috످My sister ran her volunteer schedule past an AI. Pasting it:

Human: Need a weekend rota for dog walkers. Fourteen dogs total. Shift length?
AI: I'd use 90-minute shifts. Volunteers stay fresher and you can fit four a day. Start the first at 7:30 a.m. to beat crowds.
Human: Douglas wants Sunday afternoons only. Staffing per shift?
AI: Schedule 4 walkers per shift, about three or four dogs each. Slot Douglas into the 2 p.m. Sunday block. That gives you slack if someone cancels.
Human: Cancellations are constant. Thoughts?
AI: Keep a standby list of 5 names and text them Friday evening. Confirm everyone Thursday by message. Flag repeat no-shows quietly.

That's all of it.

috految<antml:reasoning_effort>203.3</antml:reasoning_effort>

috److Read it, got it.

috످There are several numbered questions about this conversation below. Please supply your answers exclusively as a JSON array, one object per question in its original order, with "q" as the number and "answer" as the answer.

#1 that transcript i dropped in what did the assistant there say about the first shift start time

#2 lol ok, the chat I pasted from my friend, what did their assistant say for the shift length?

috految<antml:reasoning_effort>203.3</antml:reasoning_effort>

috److془The pasted chat: The first passage is about opening shift early to avoid busy; it's in the user's first message, as the other AI's line. Second: shift length an hour and a half; same.

Friend vs. sister: note briefly.

JSON only.془[
  {"q": 1, "answer": "The assistant in the chat you pasted said to start the first shift at 7:30 a.m. to beat the crowds."},
  {"q": 2, "answer": "Assuming you mean your sister's chat, her assistant suggested 90-minute shifts so volunteers stay fresher and she can fit four shifts in a day."}
]

috످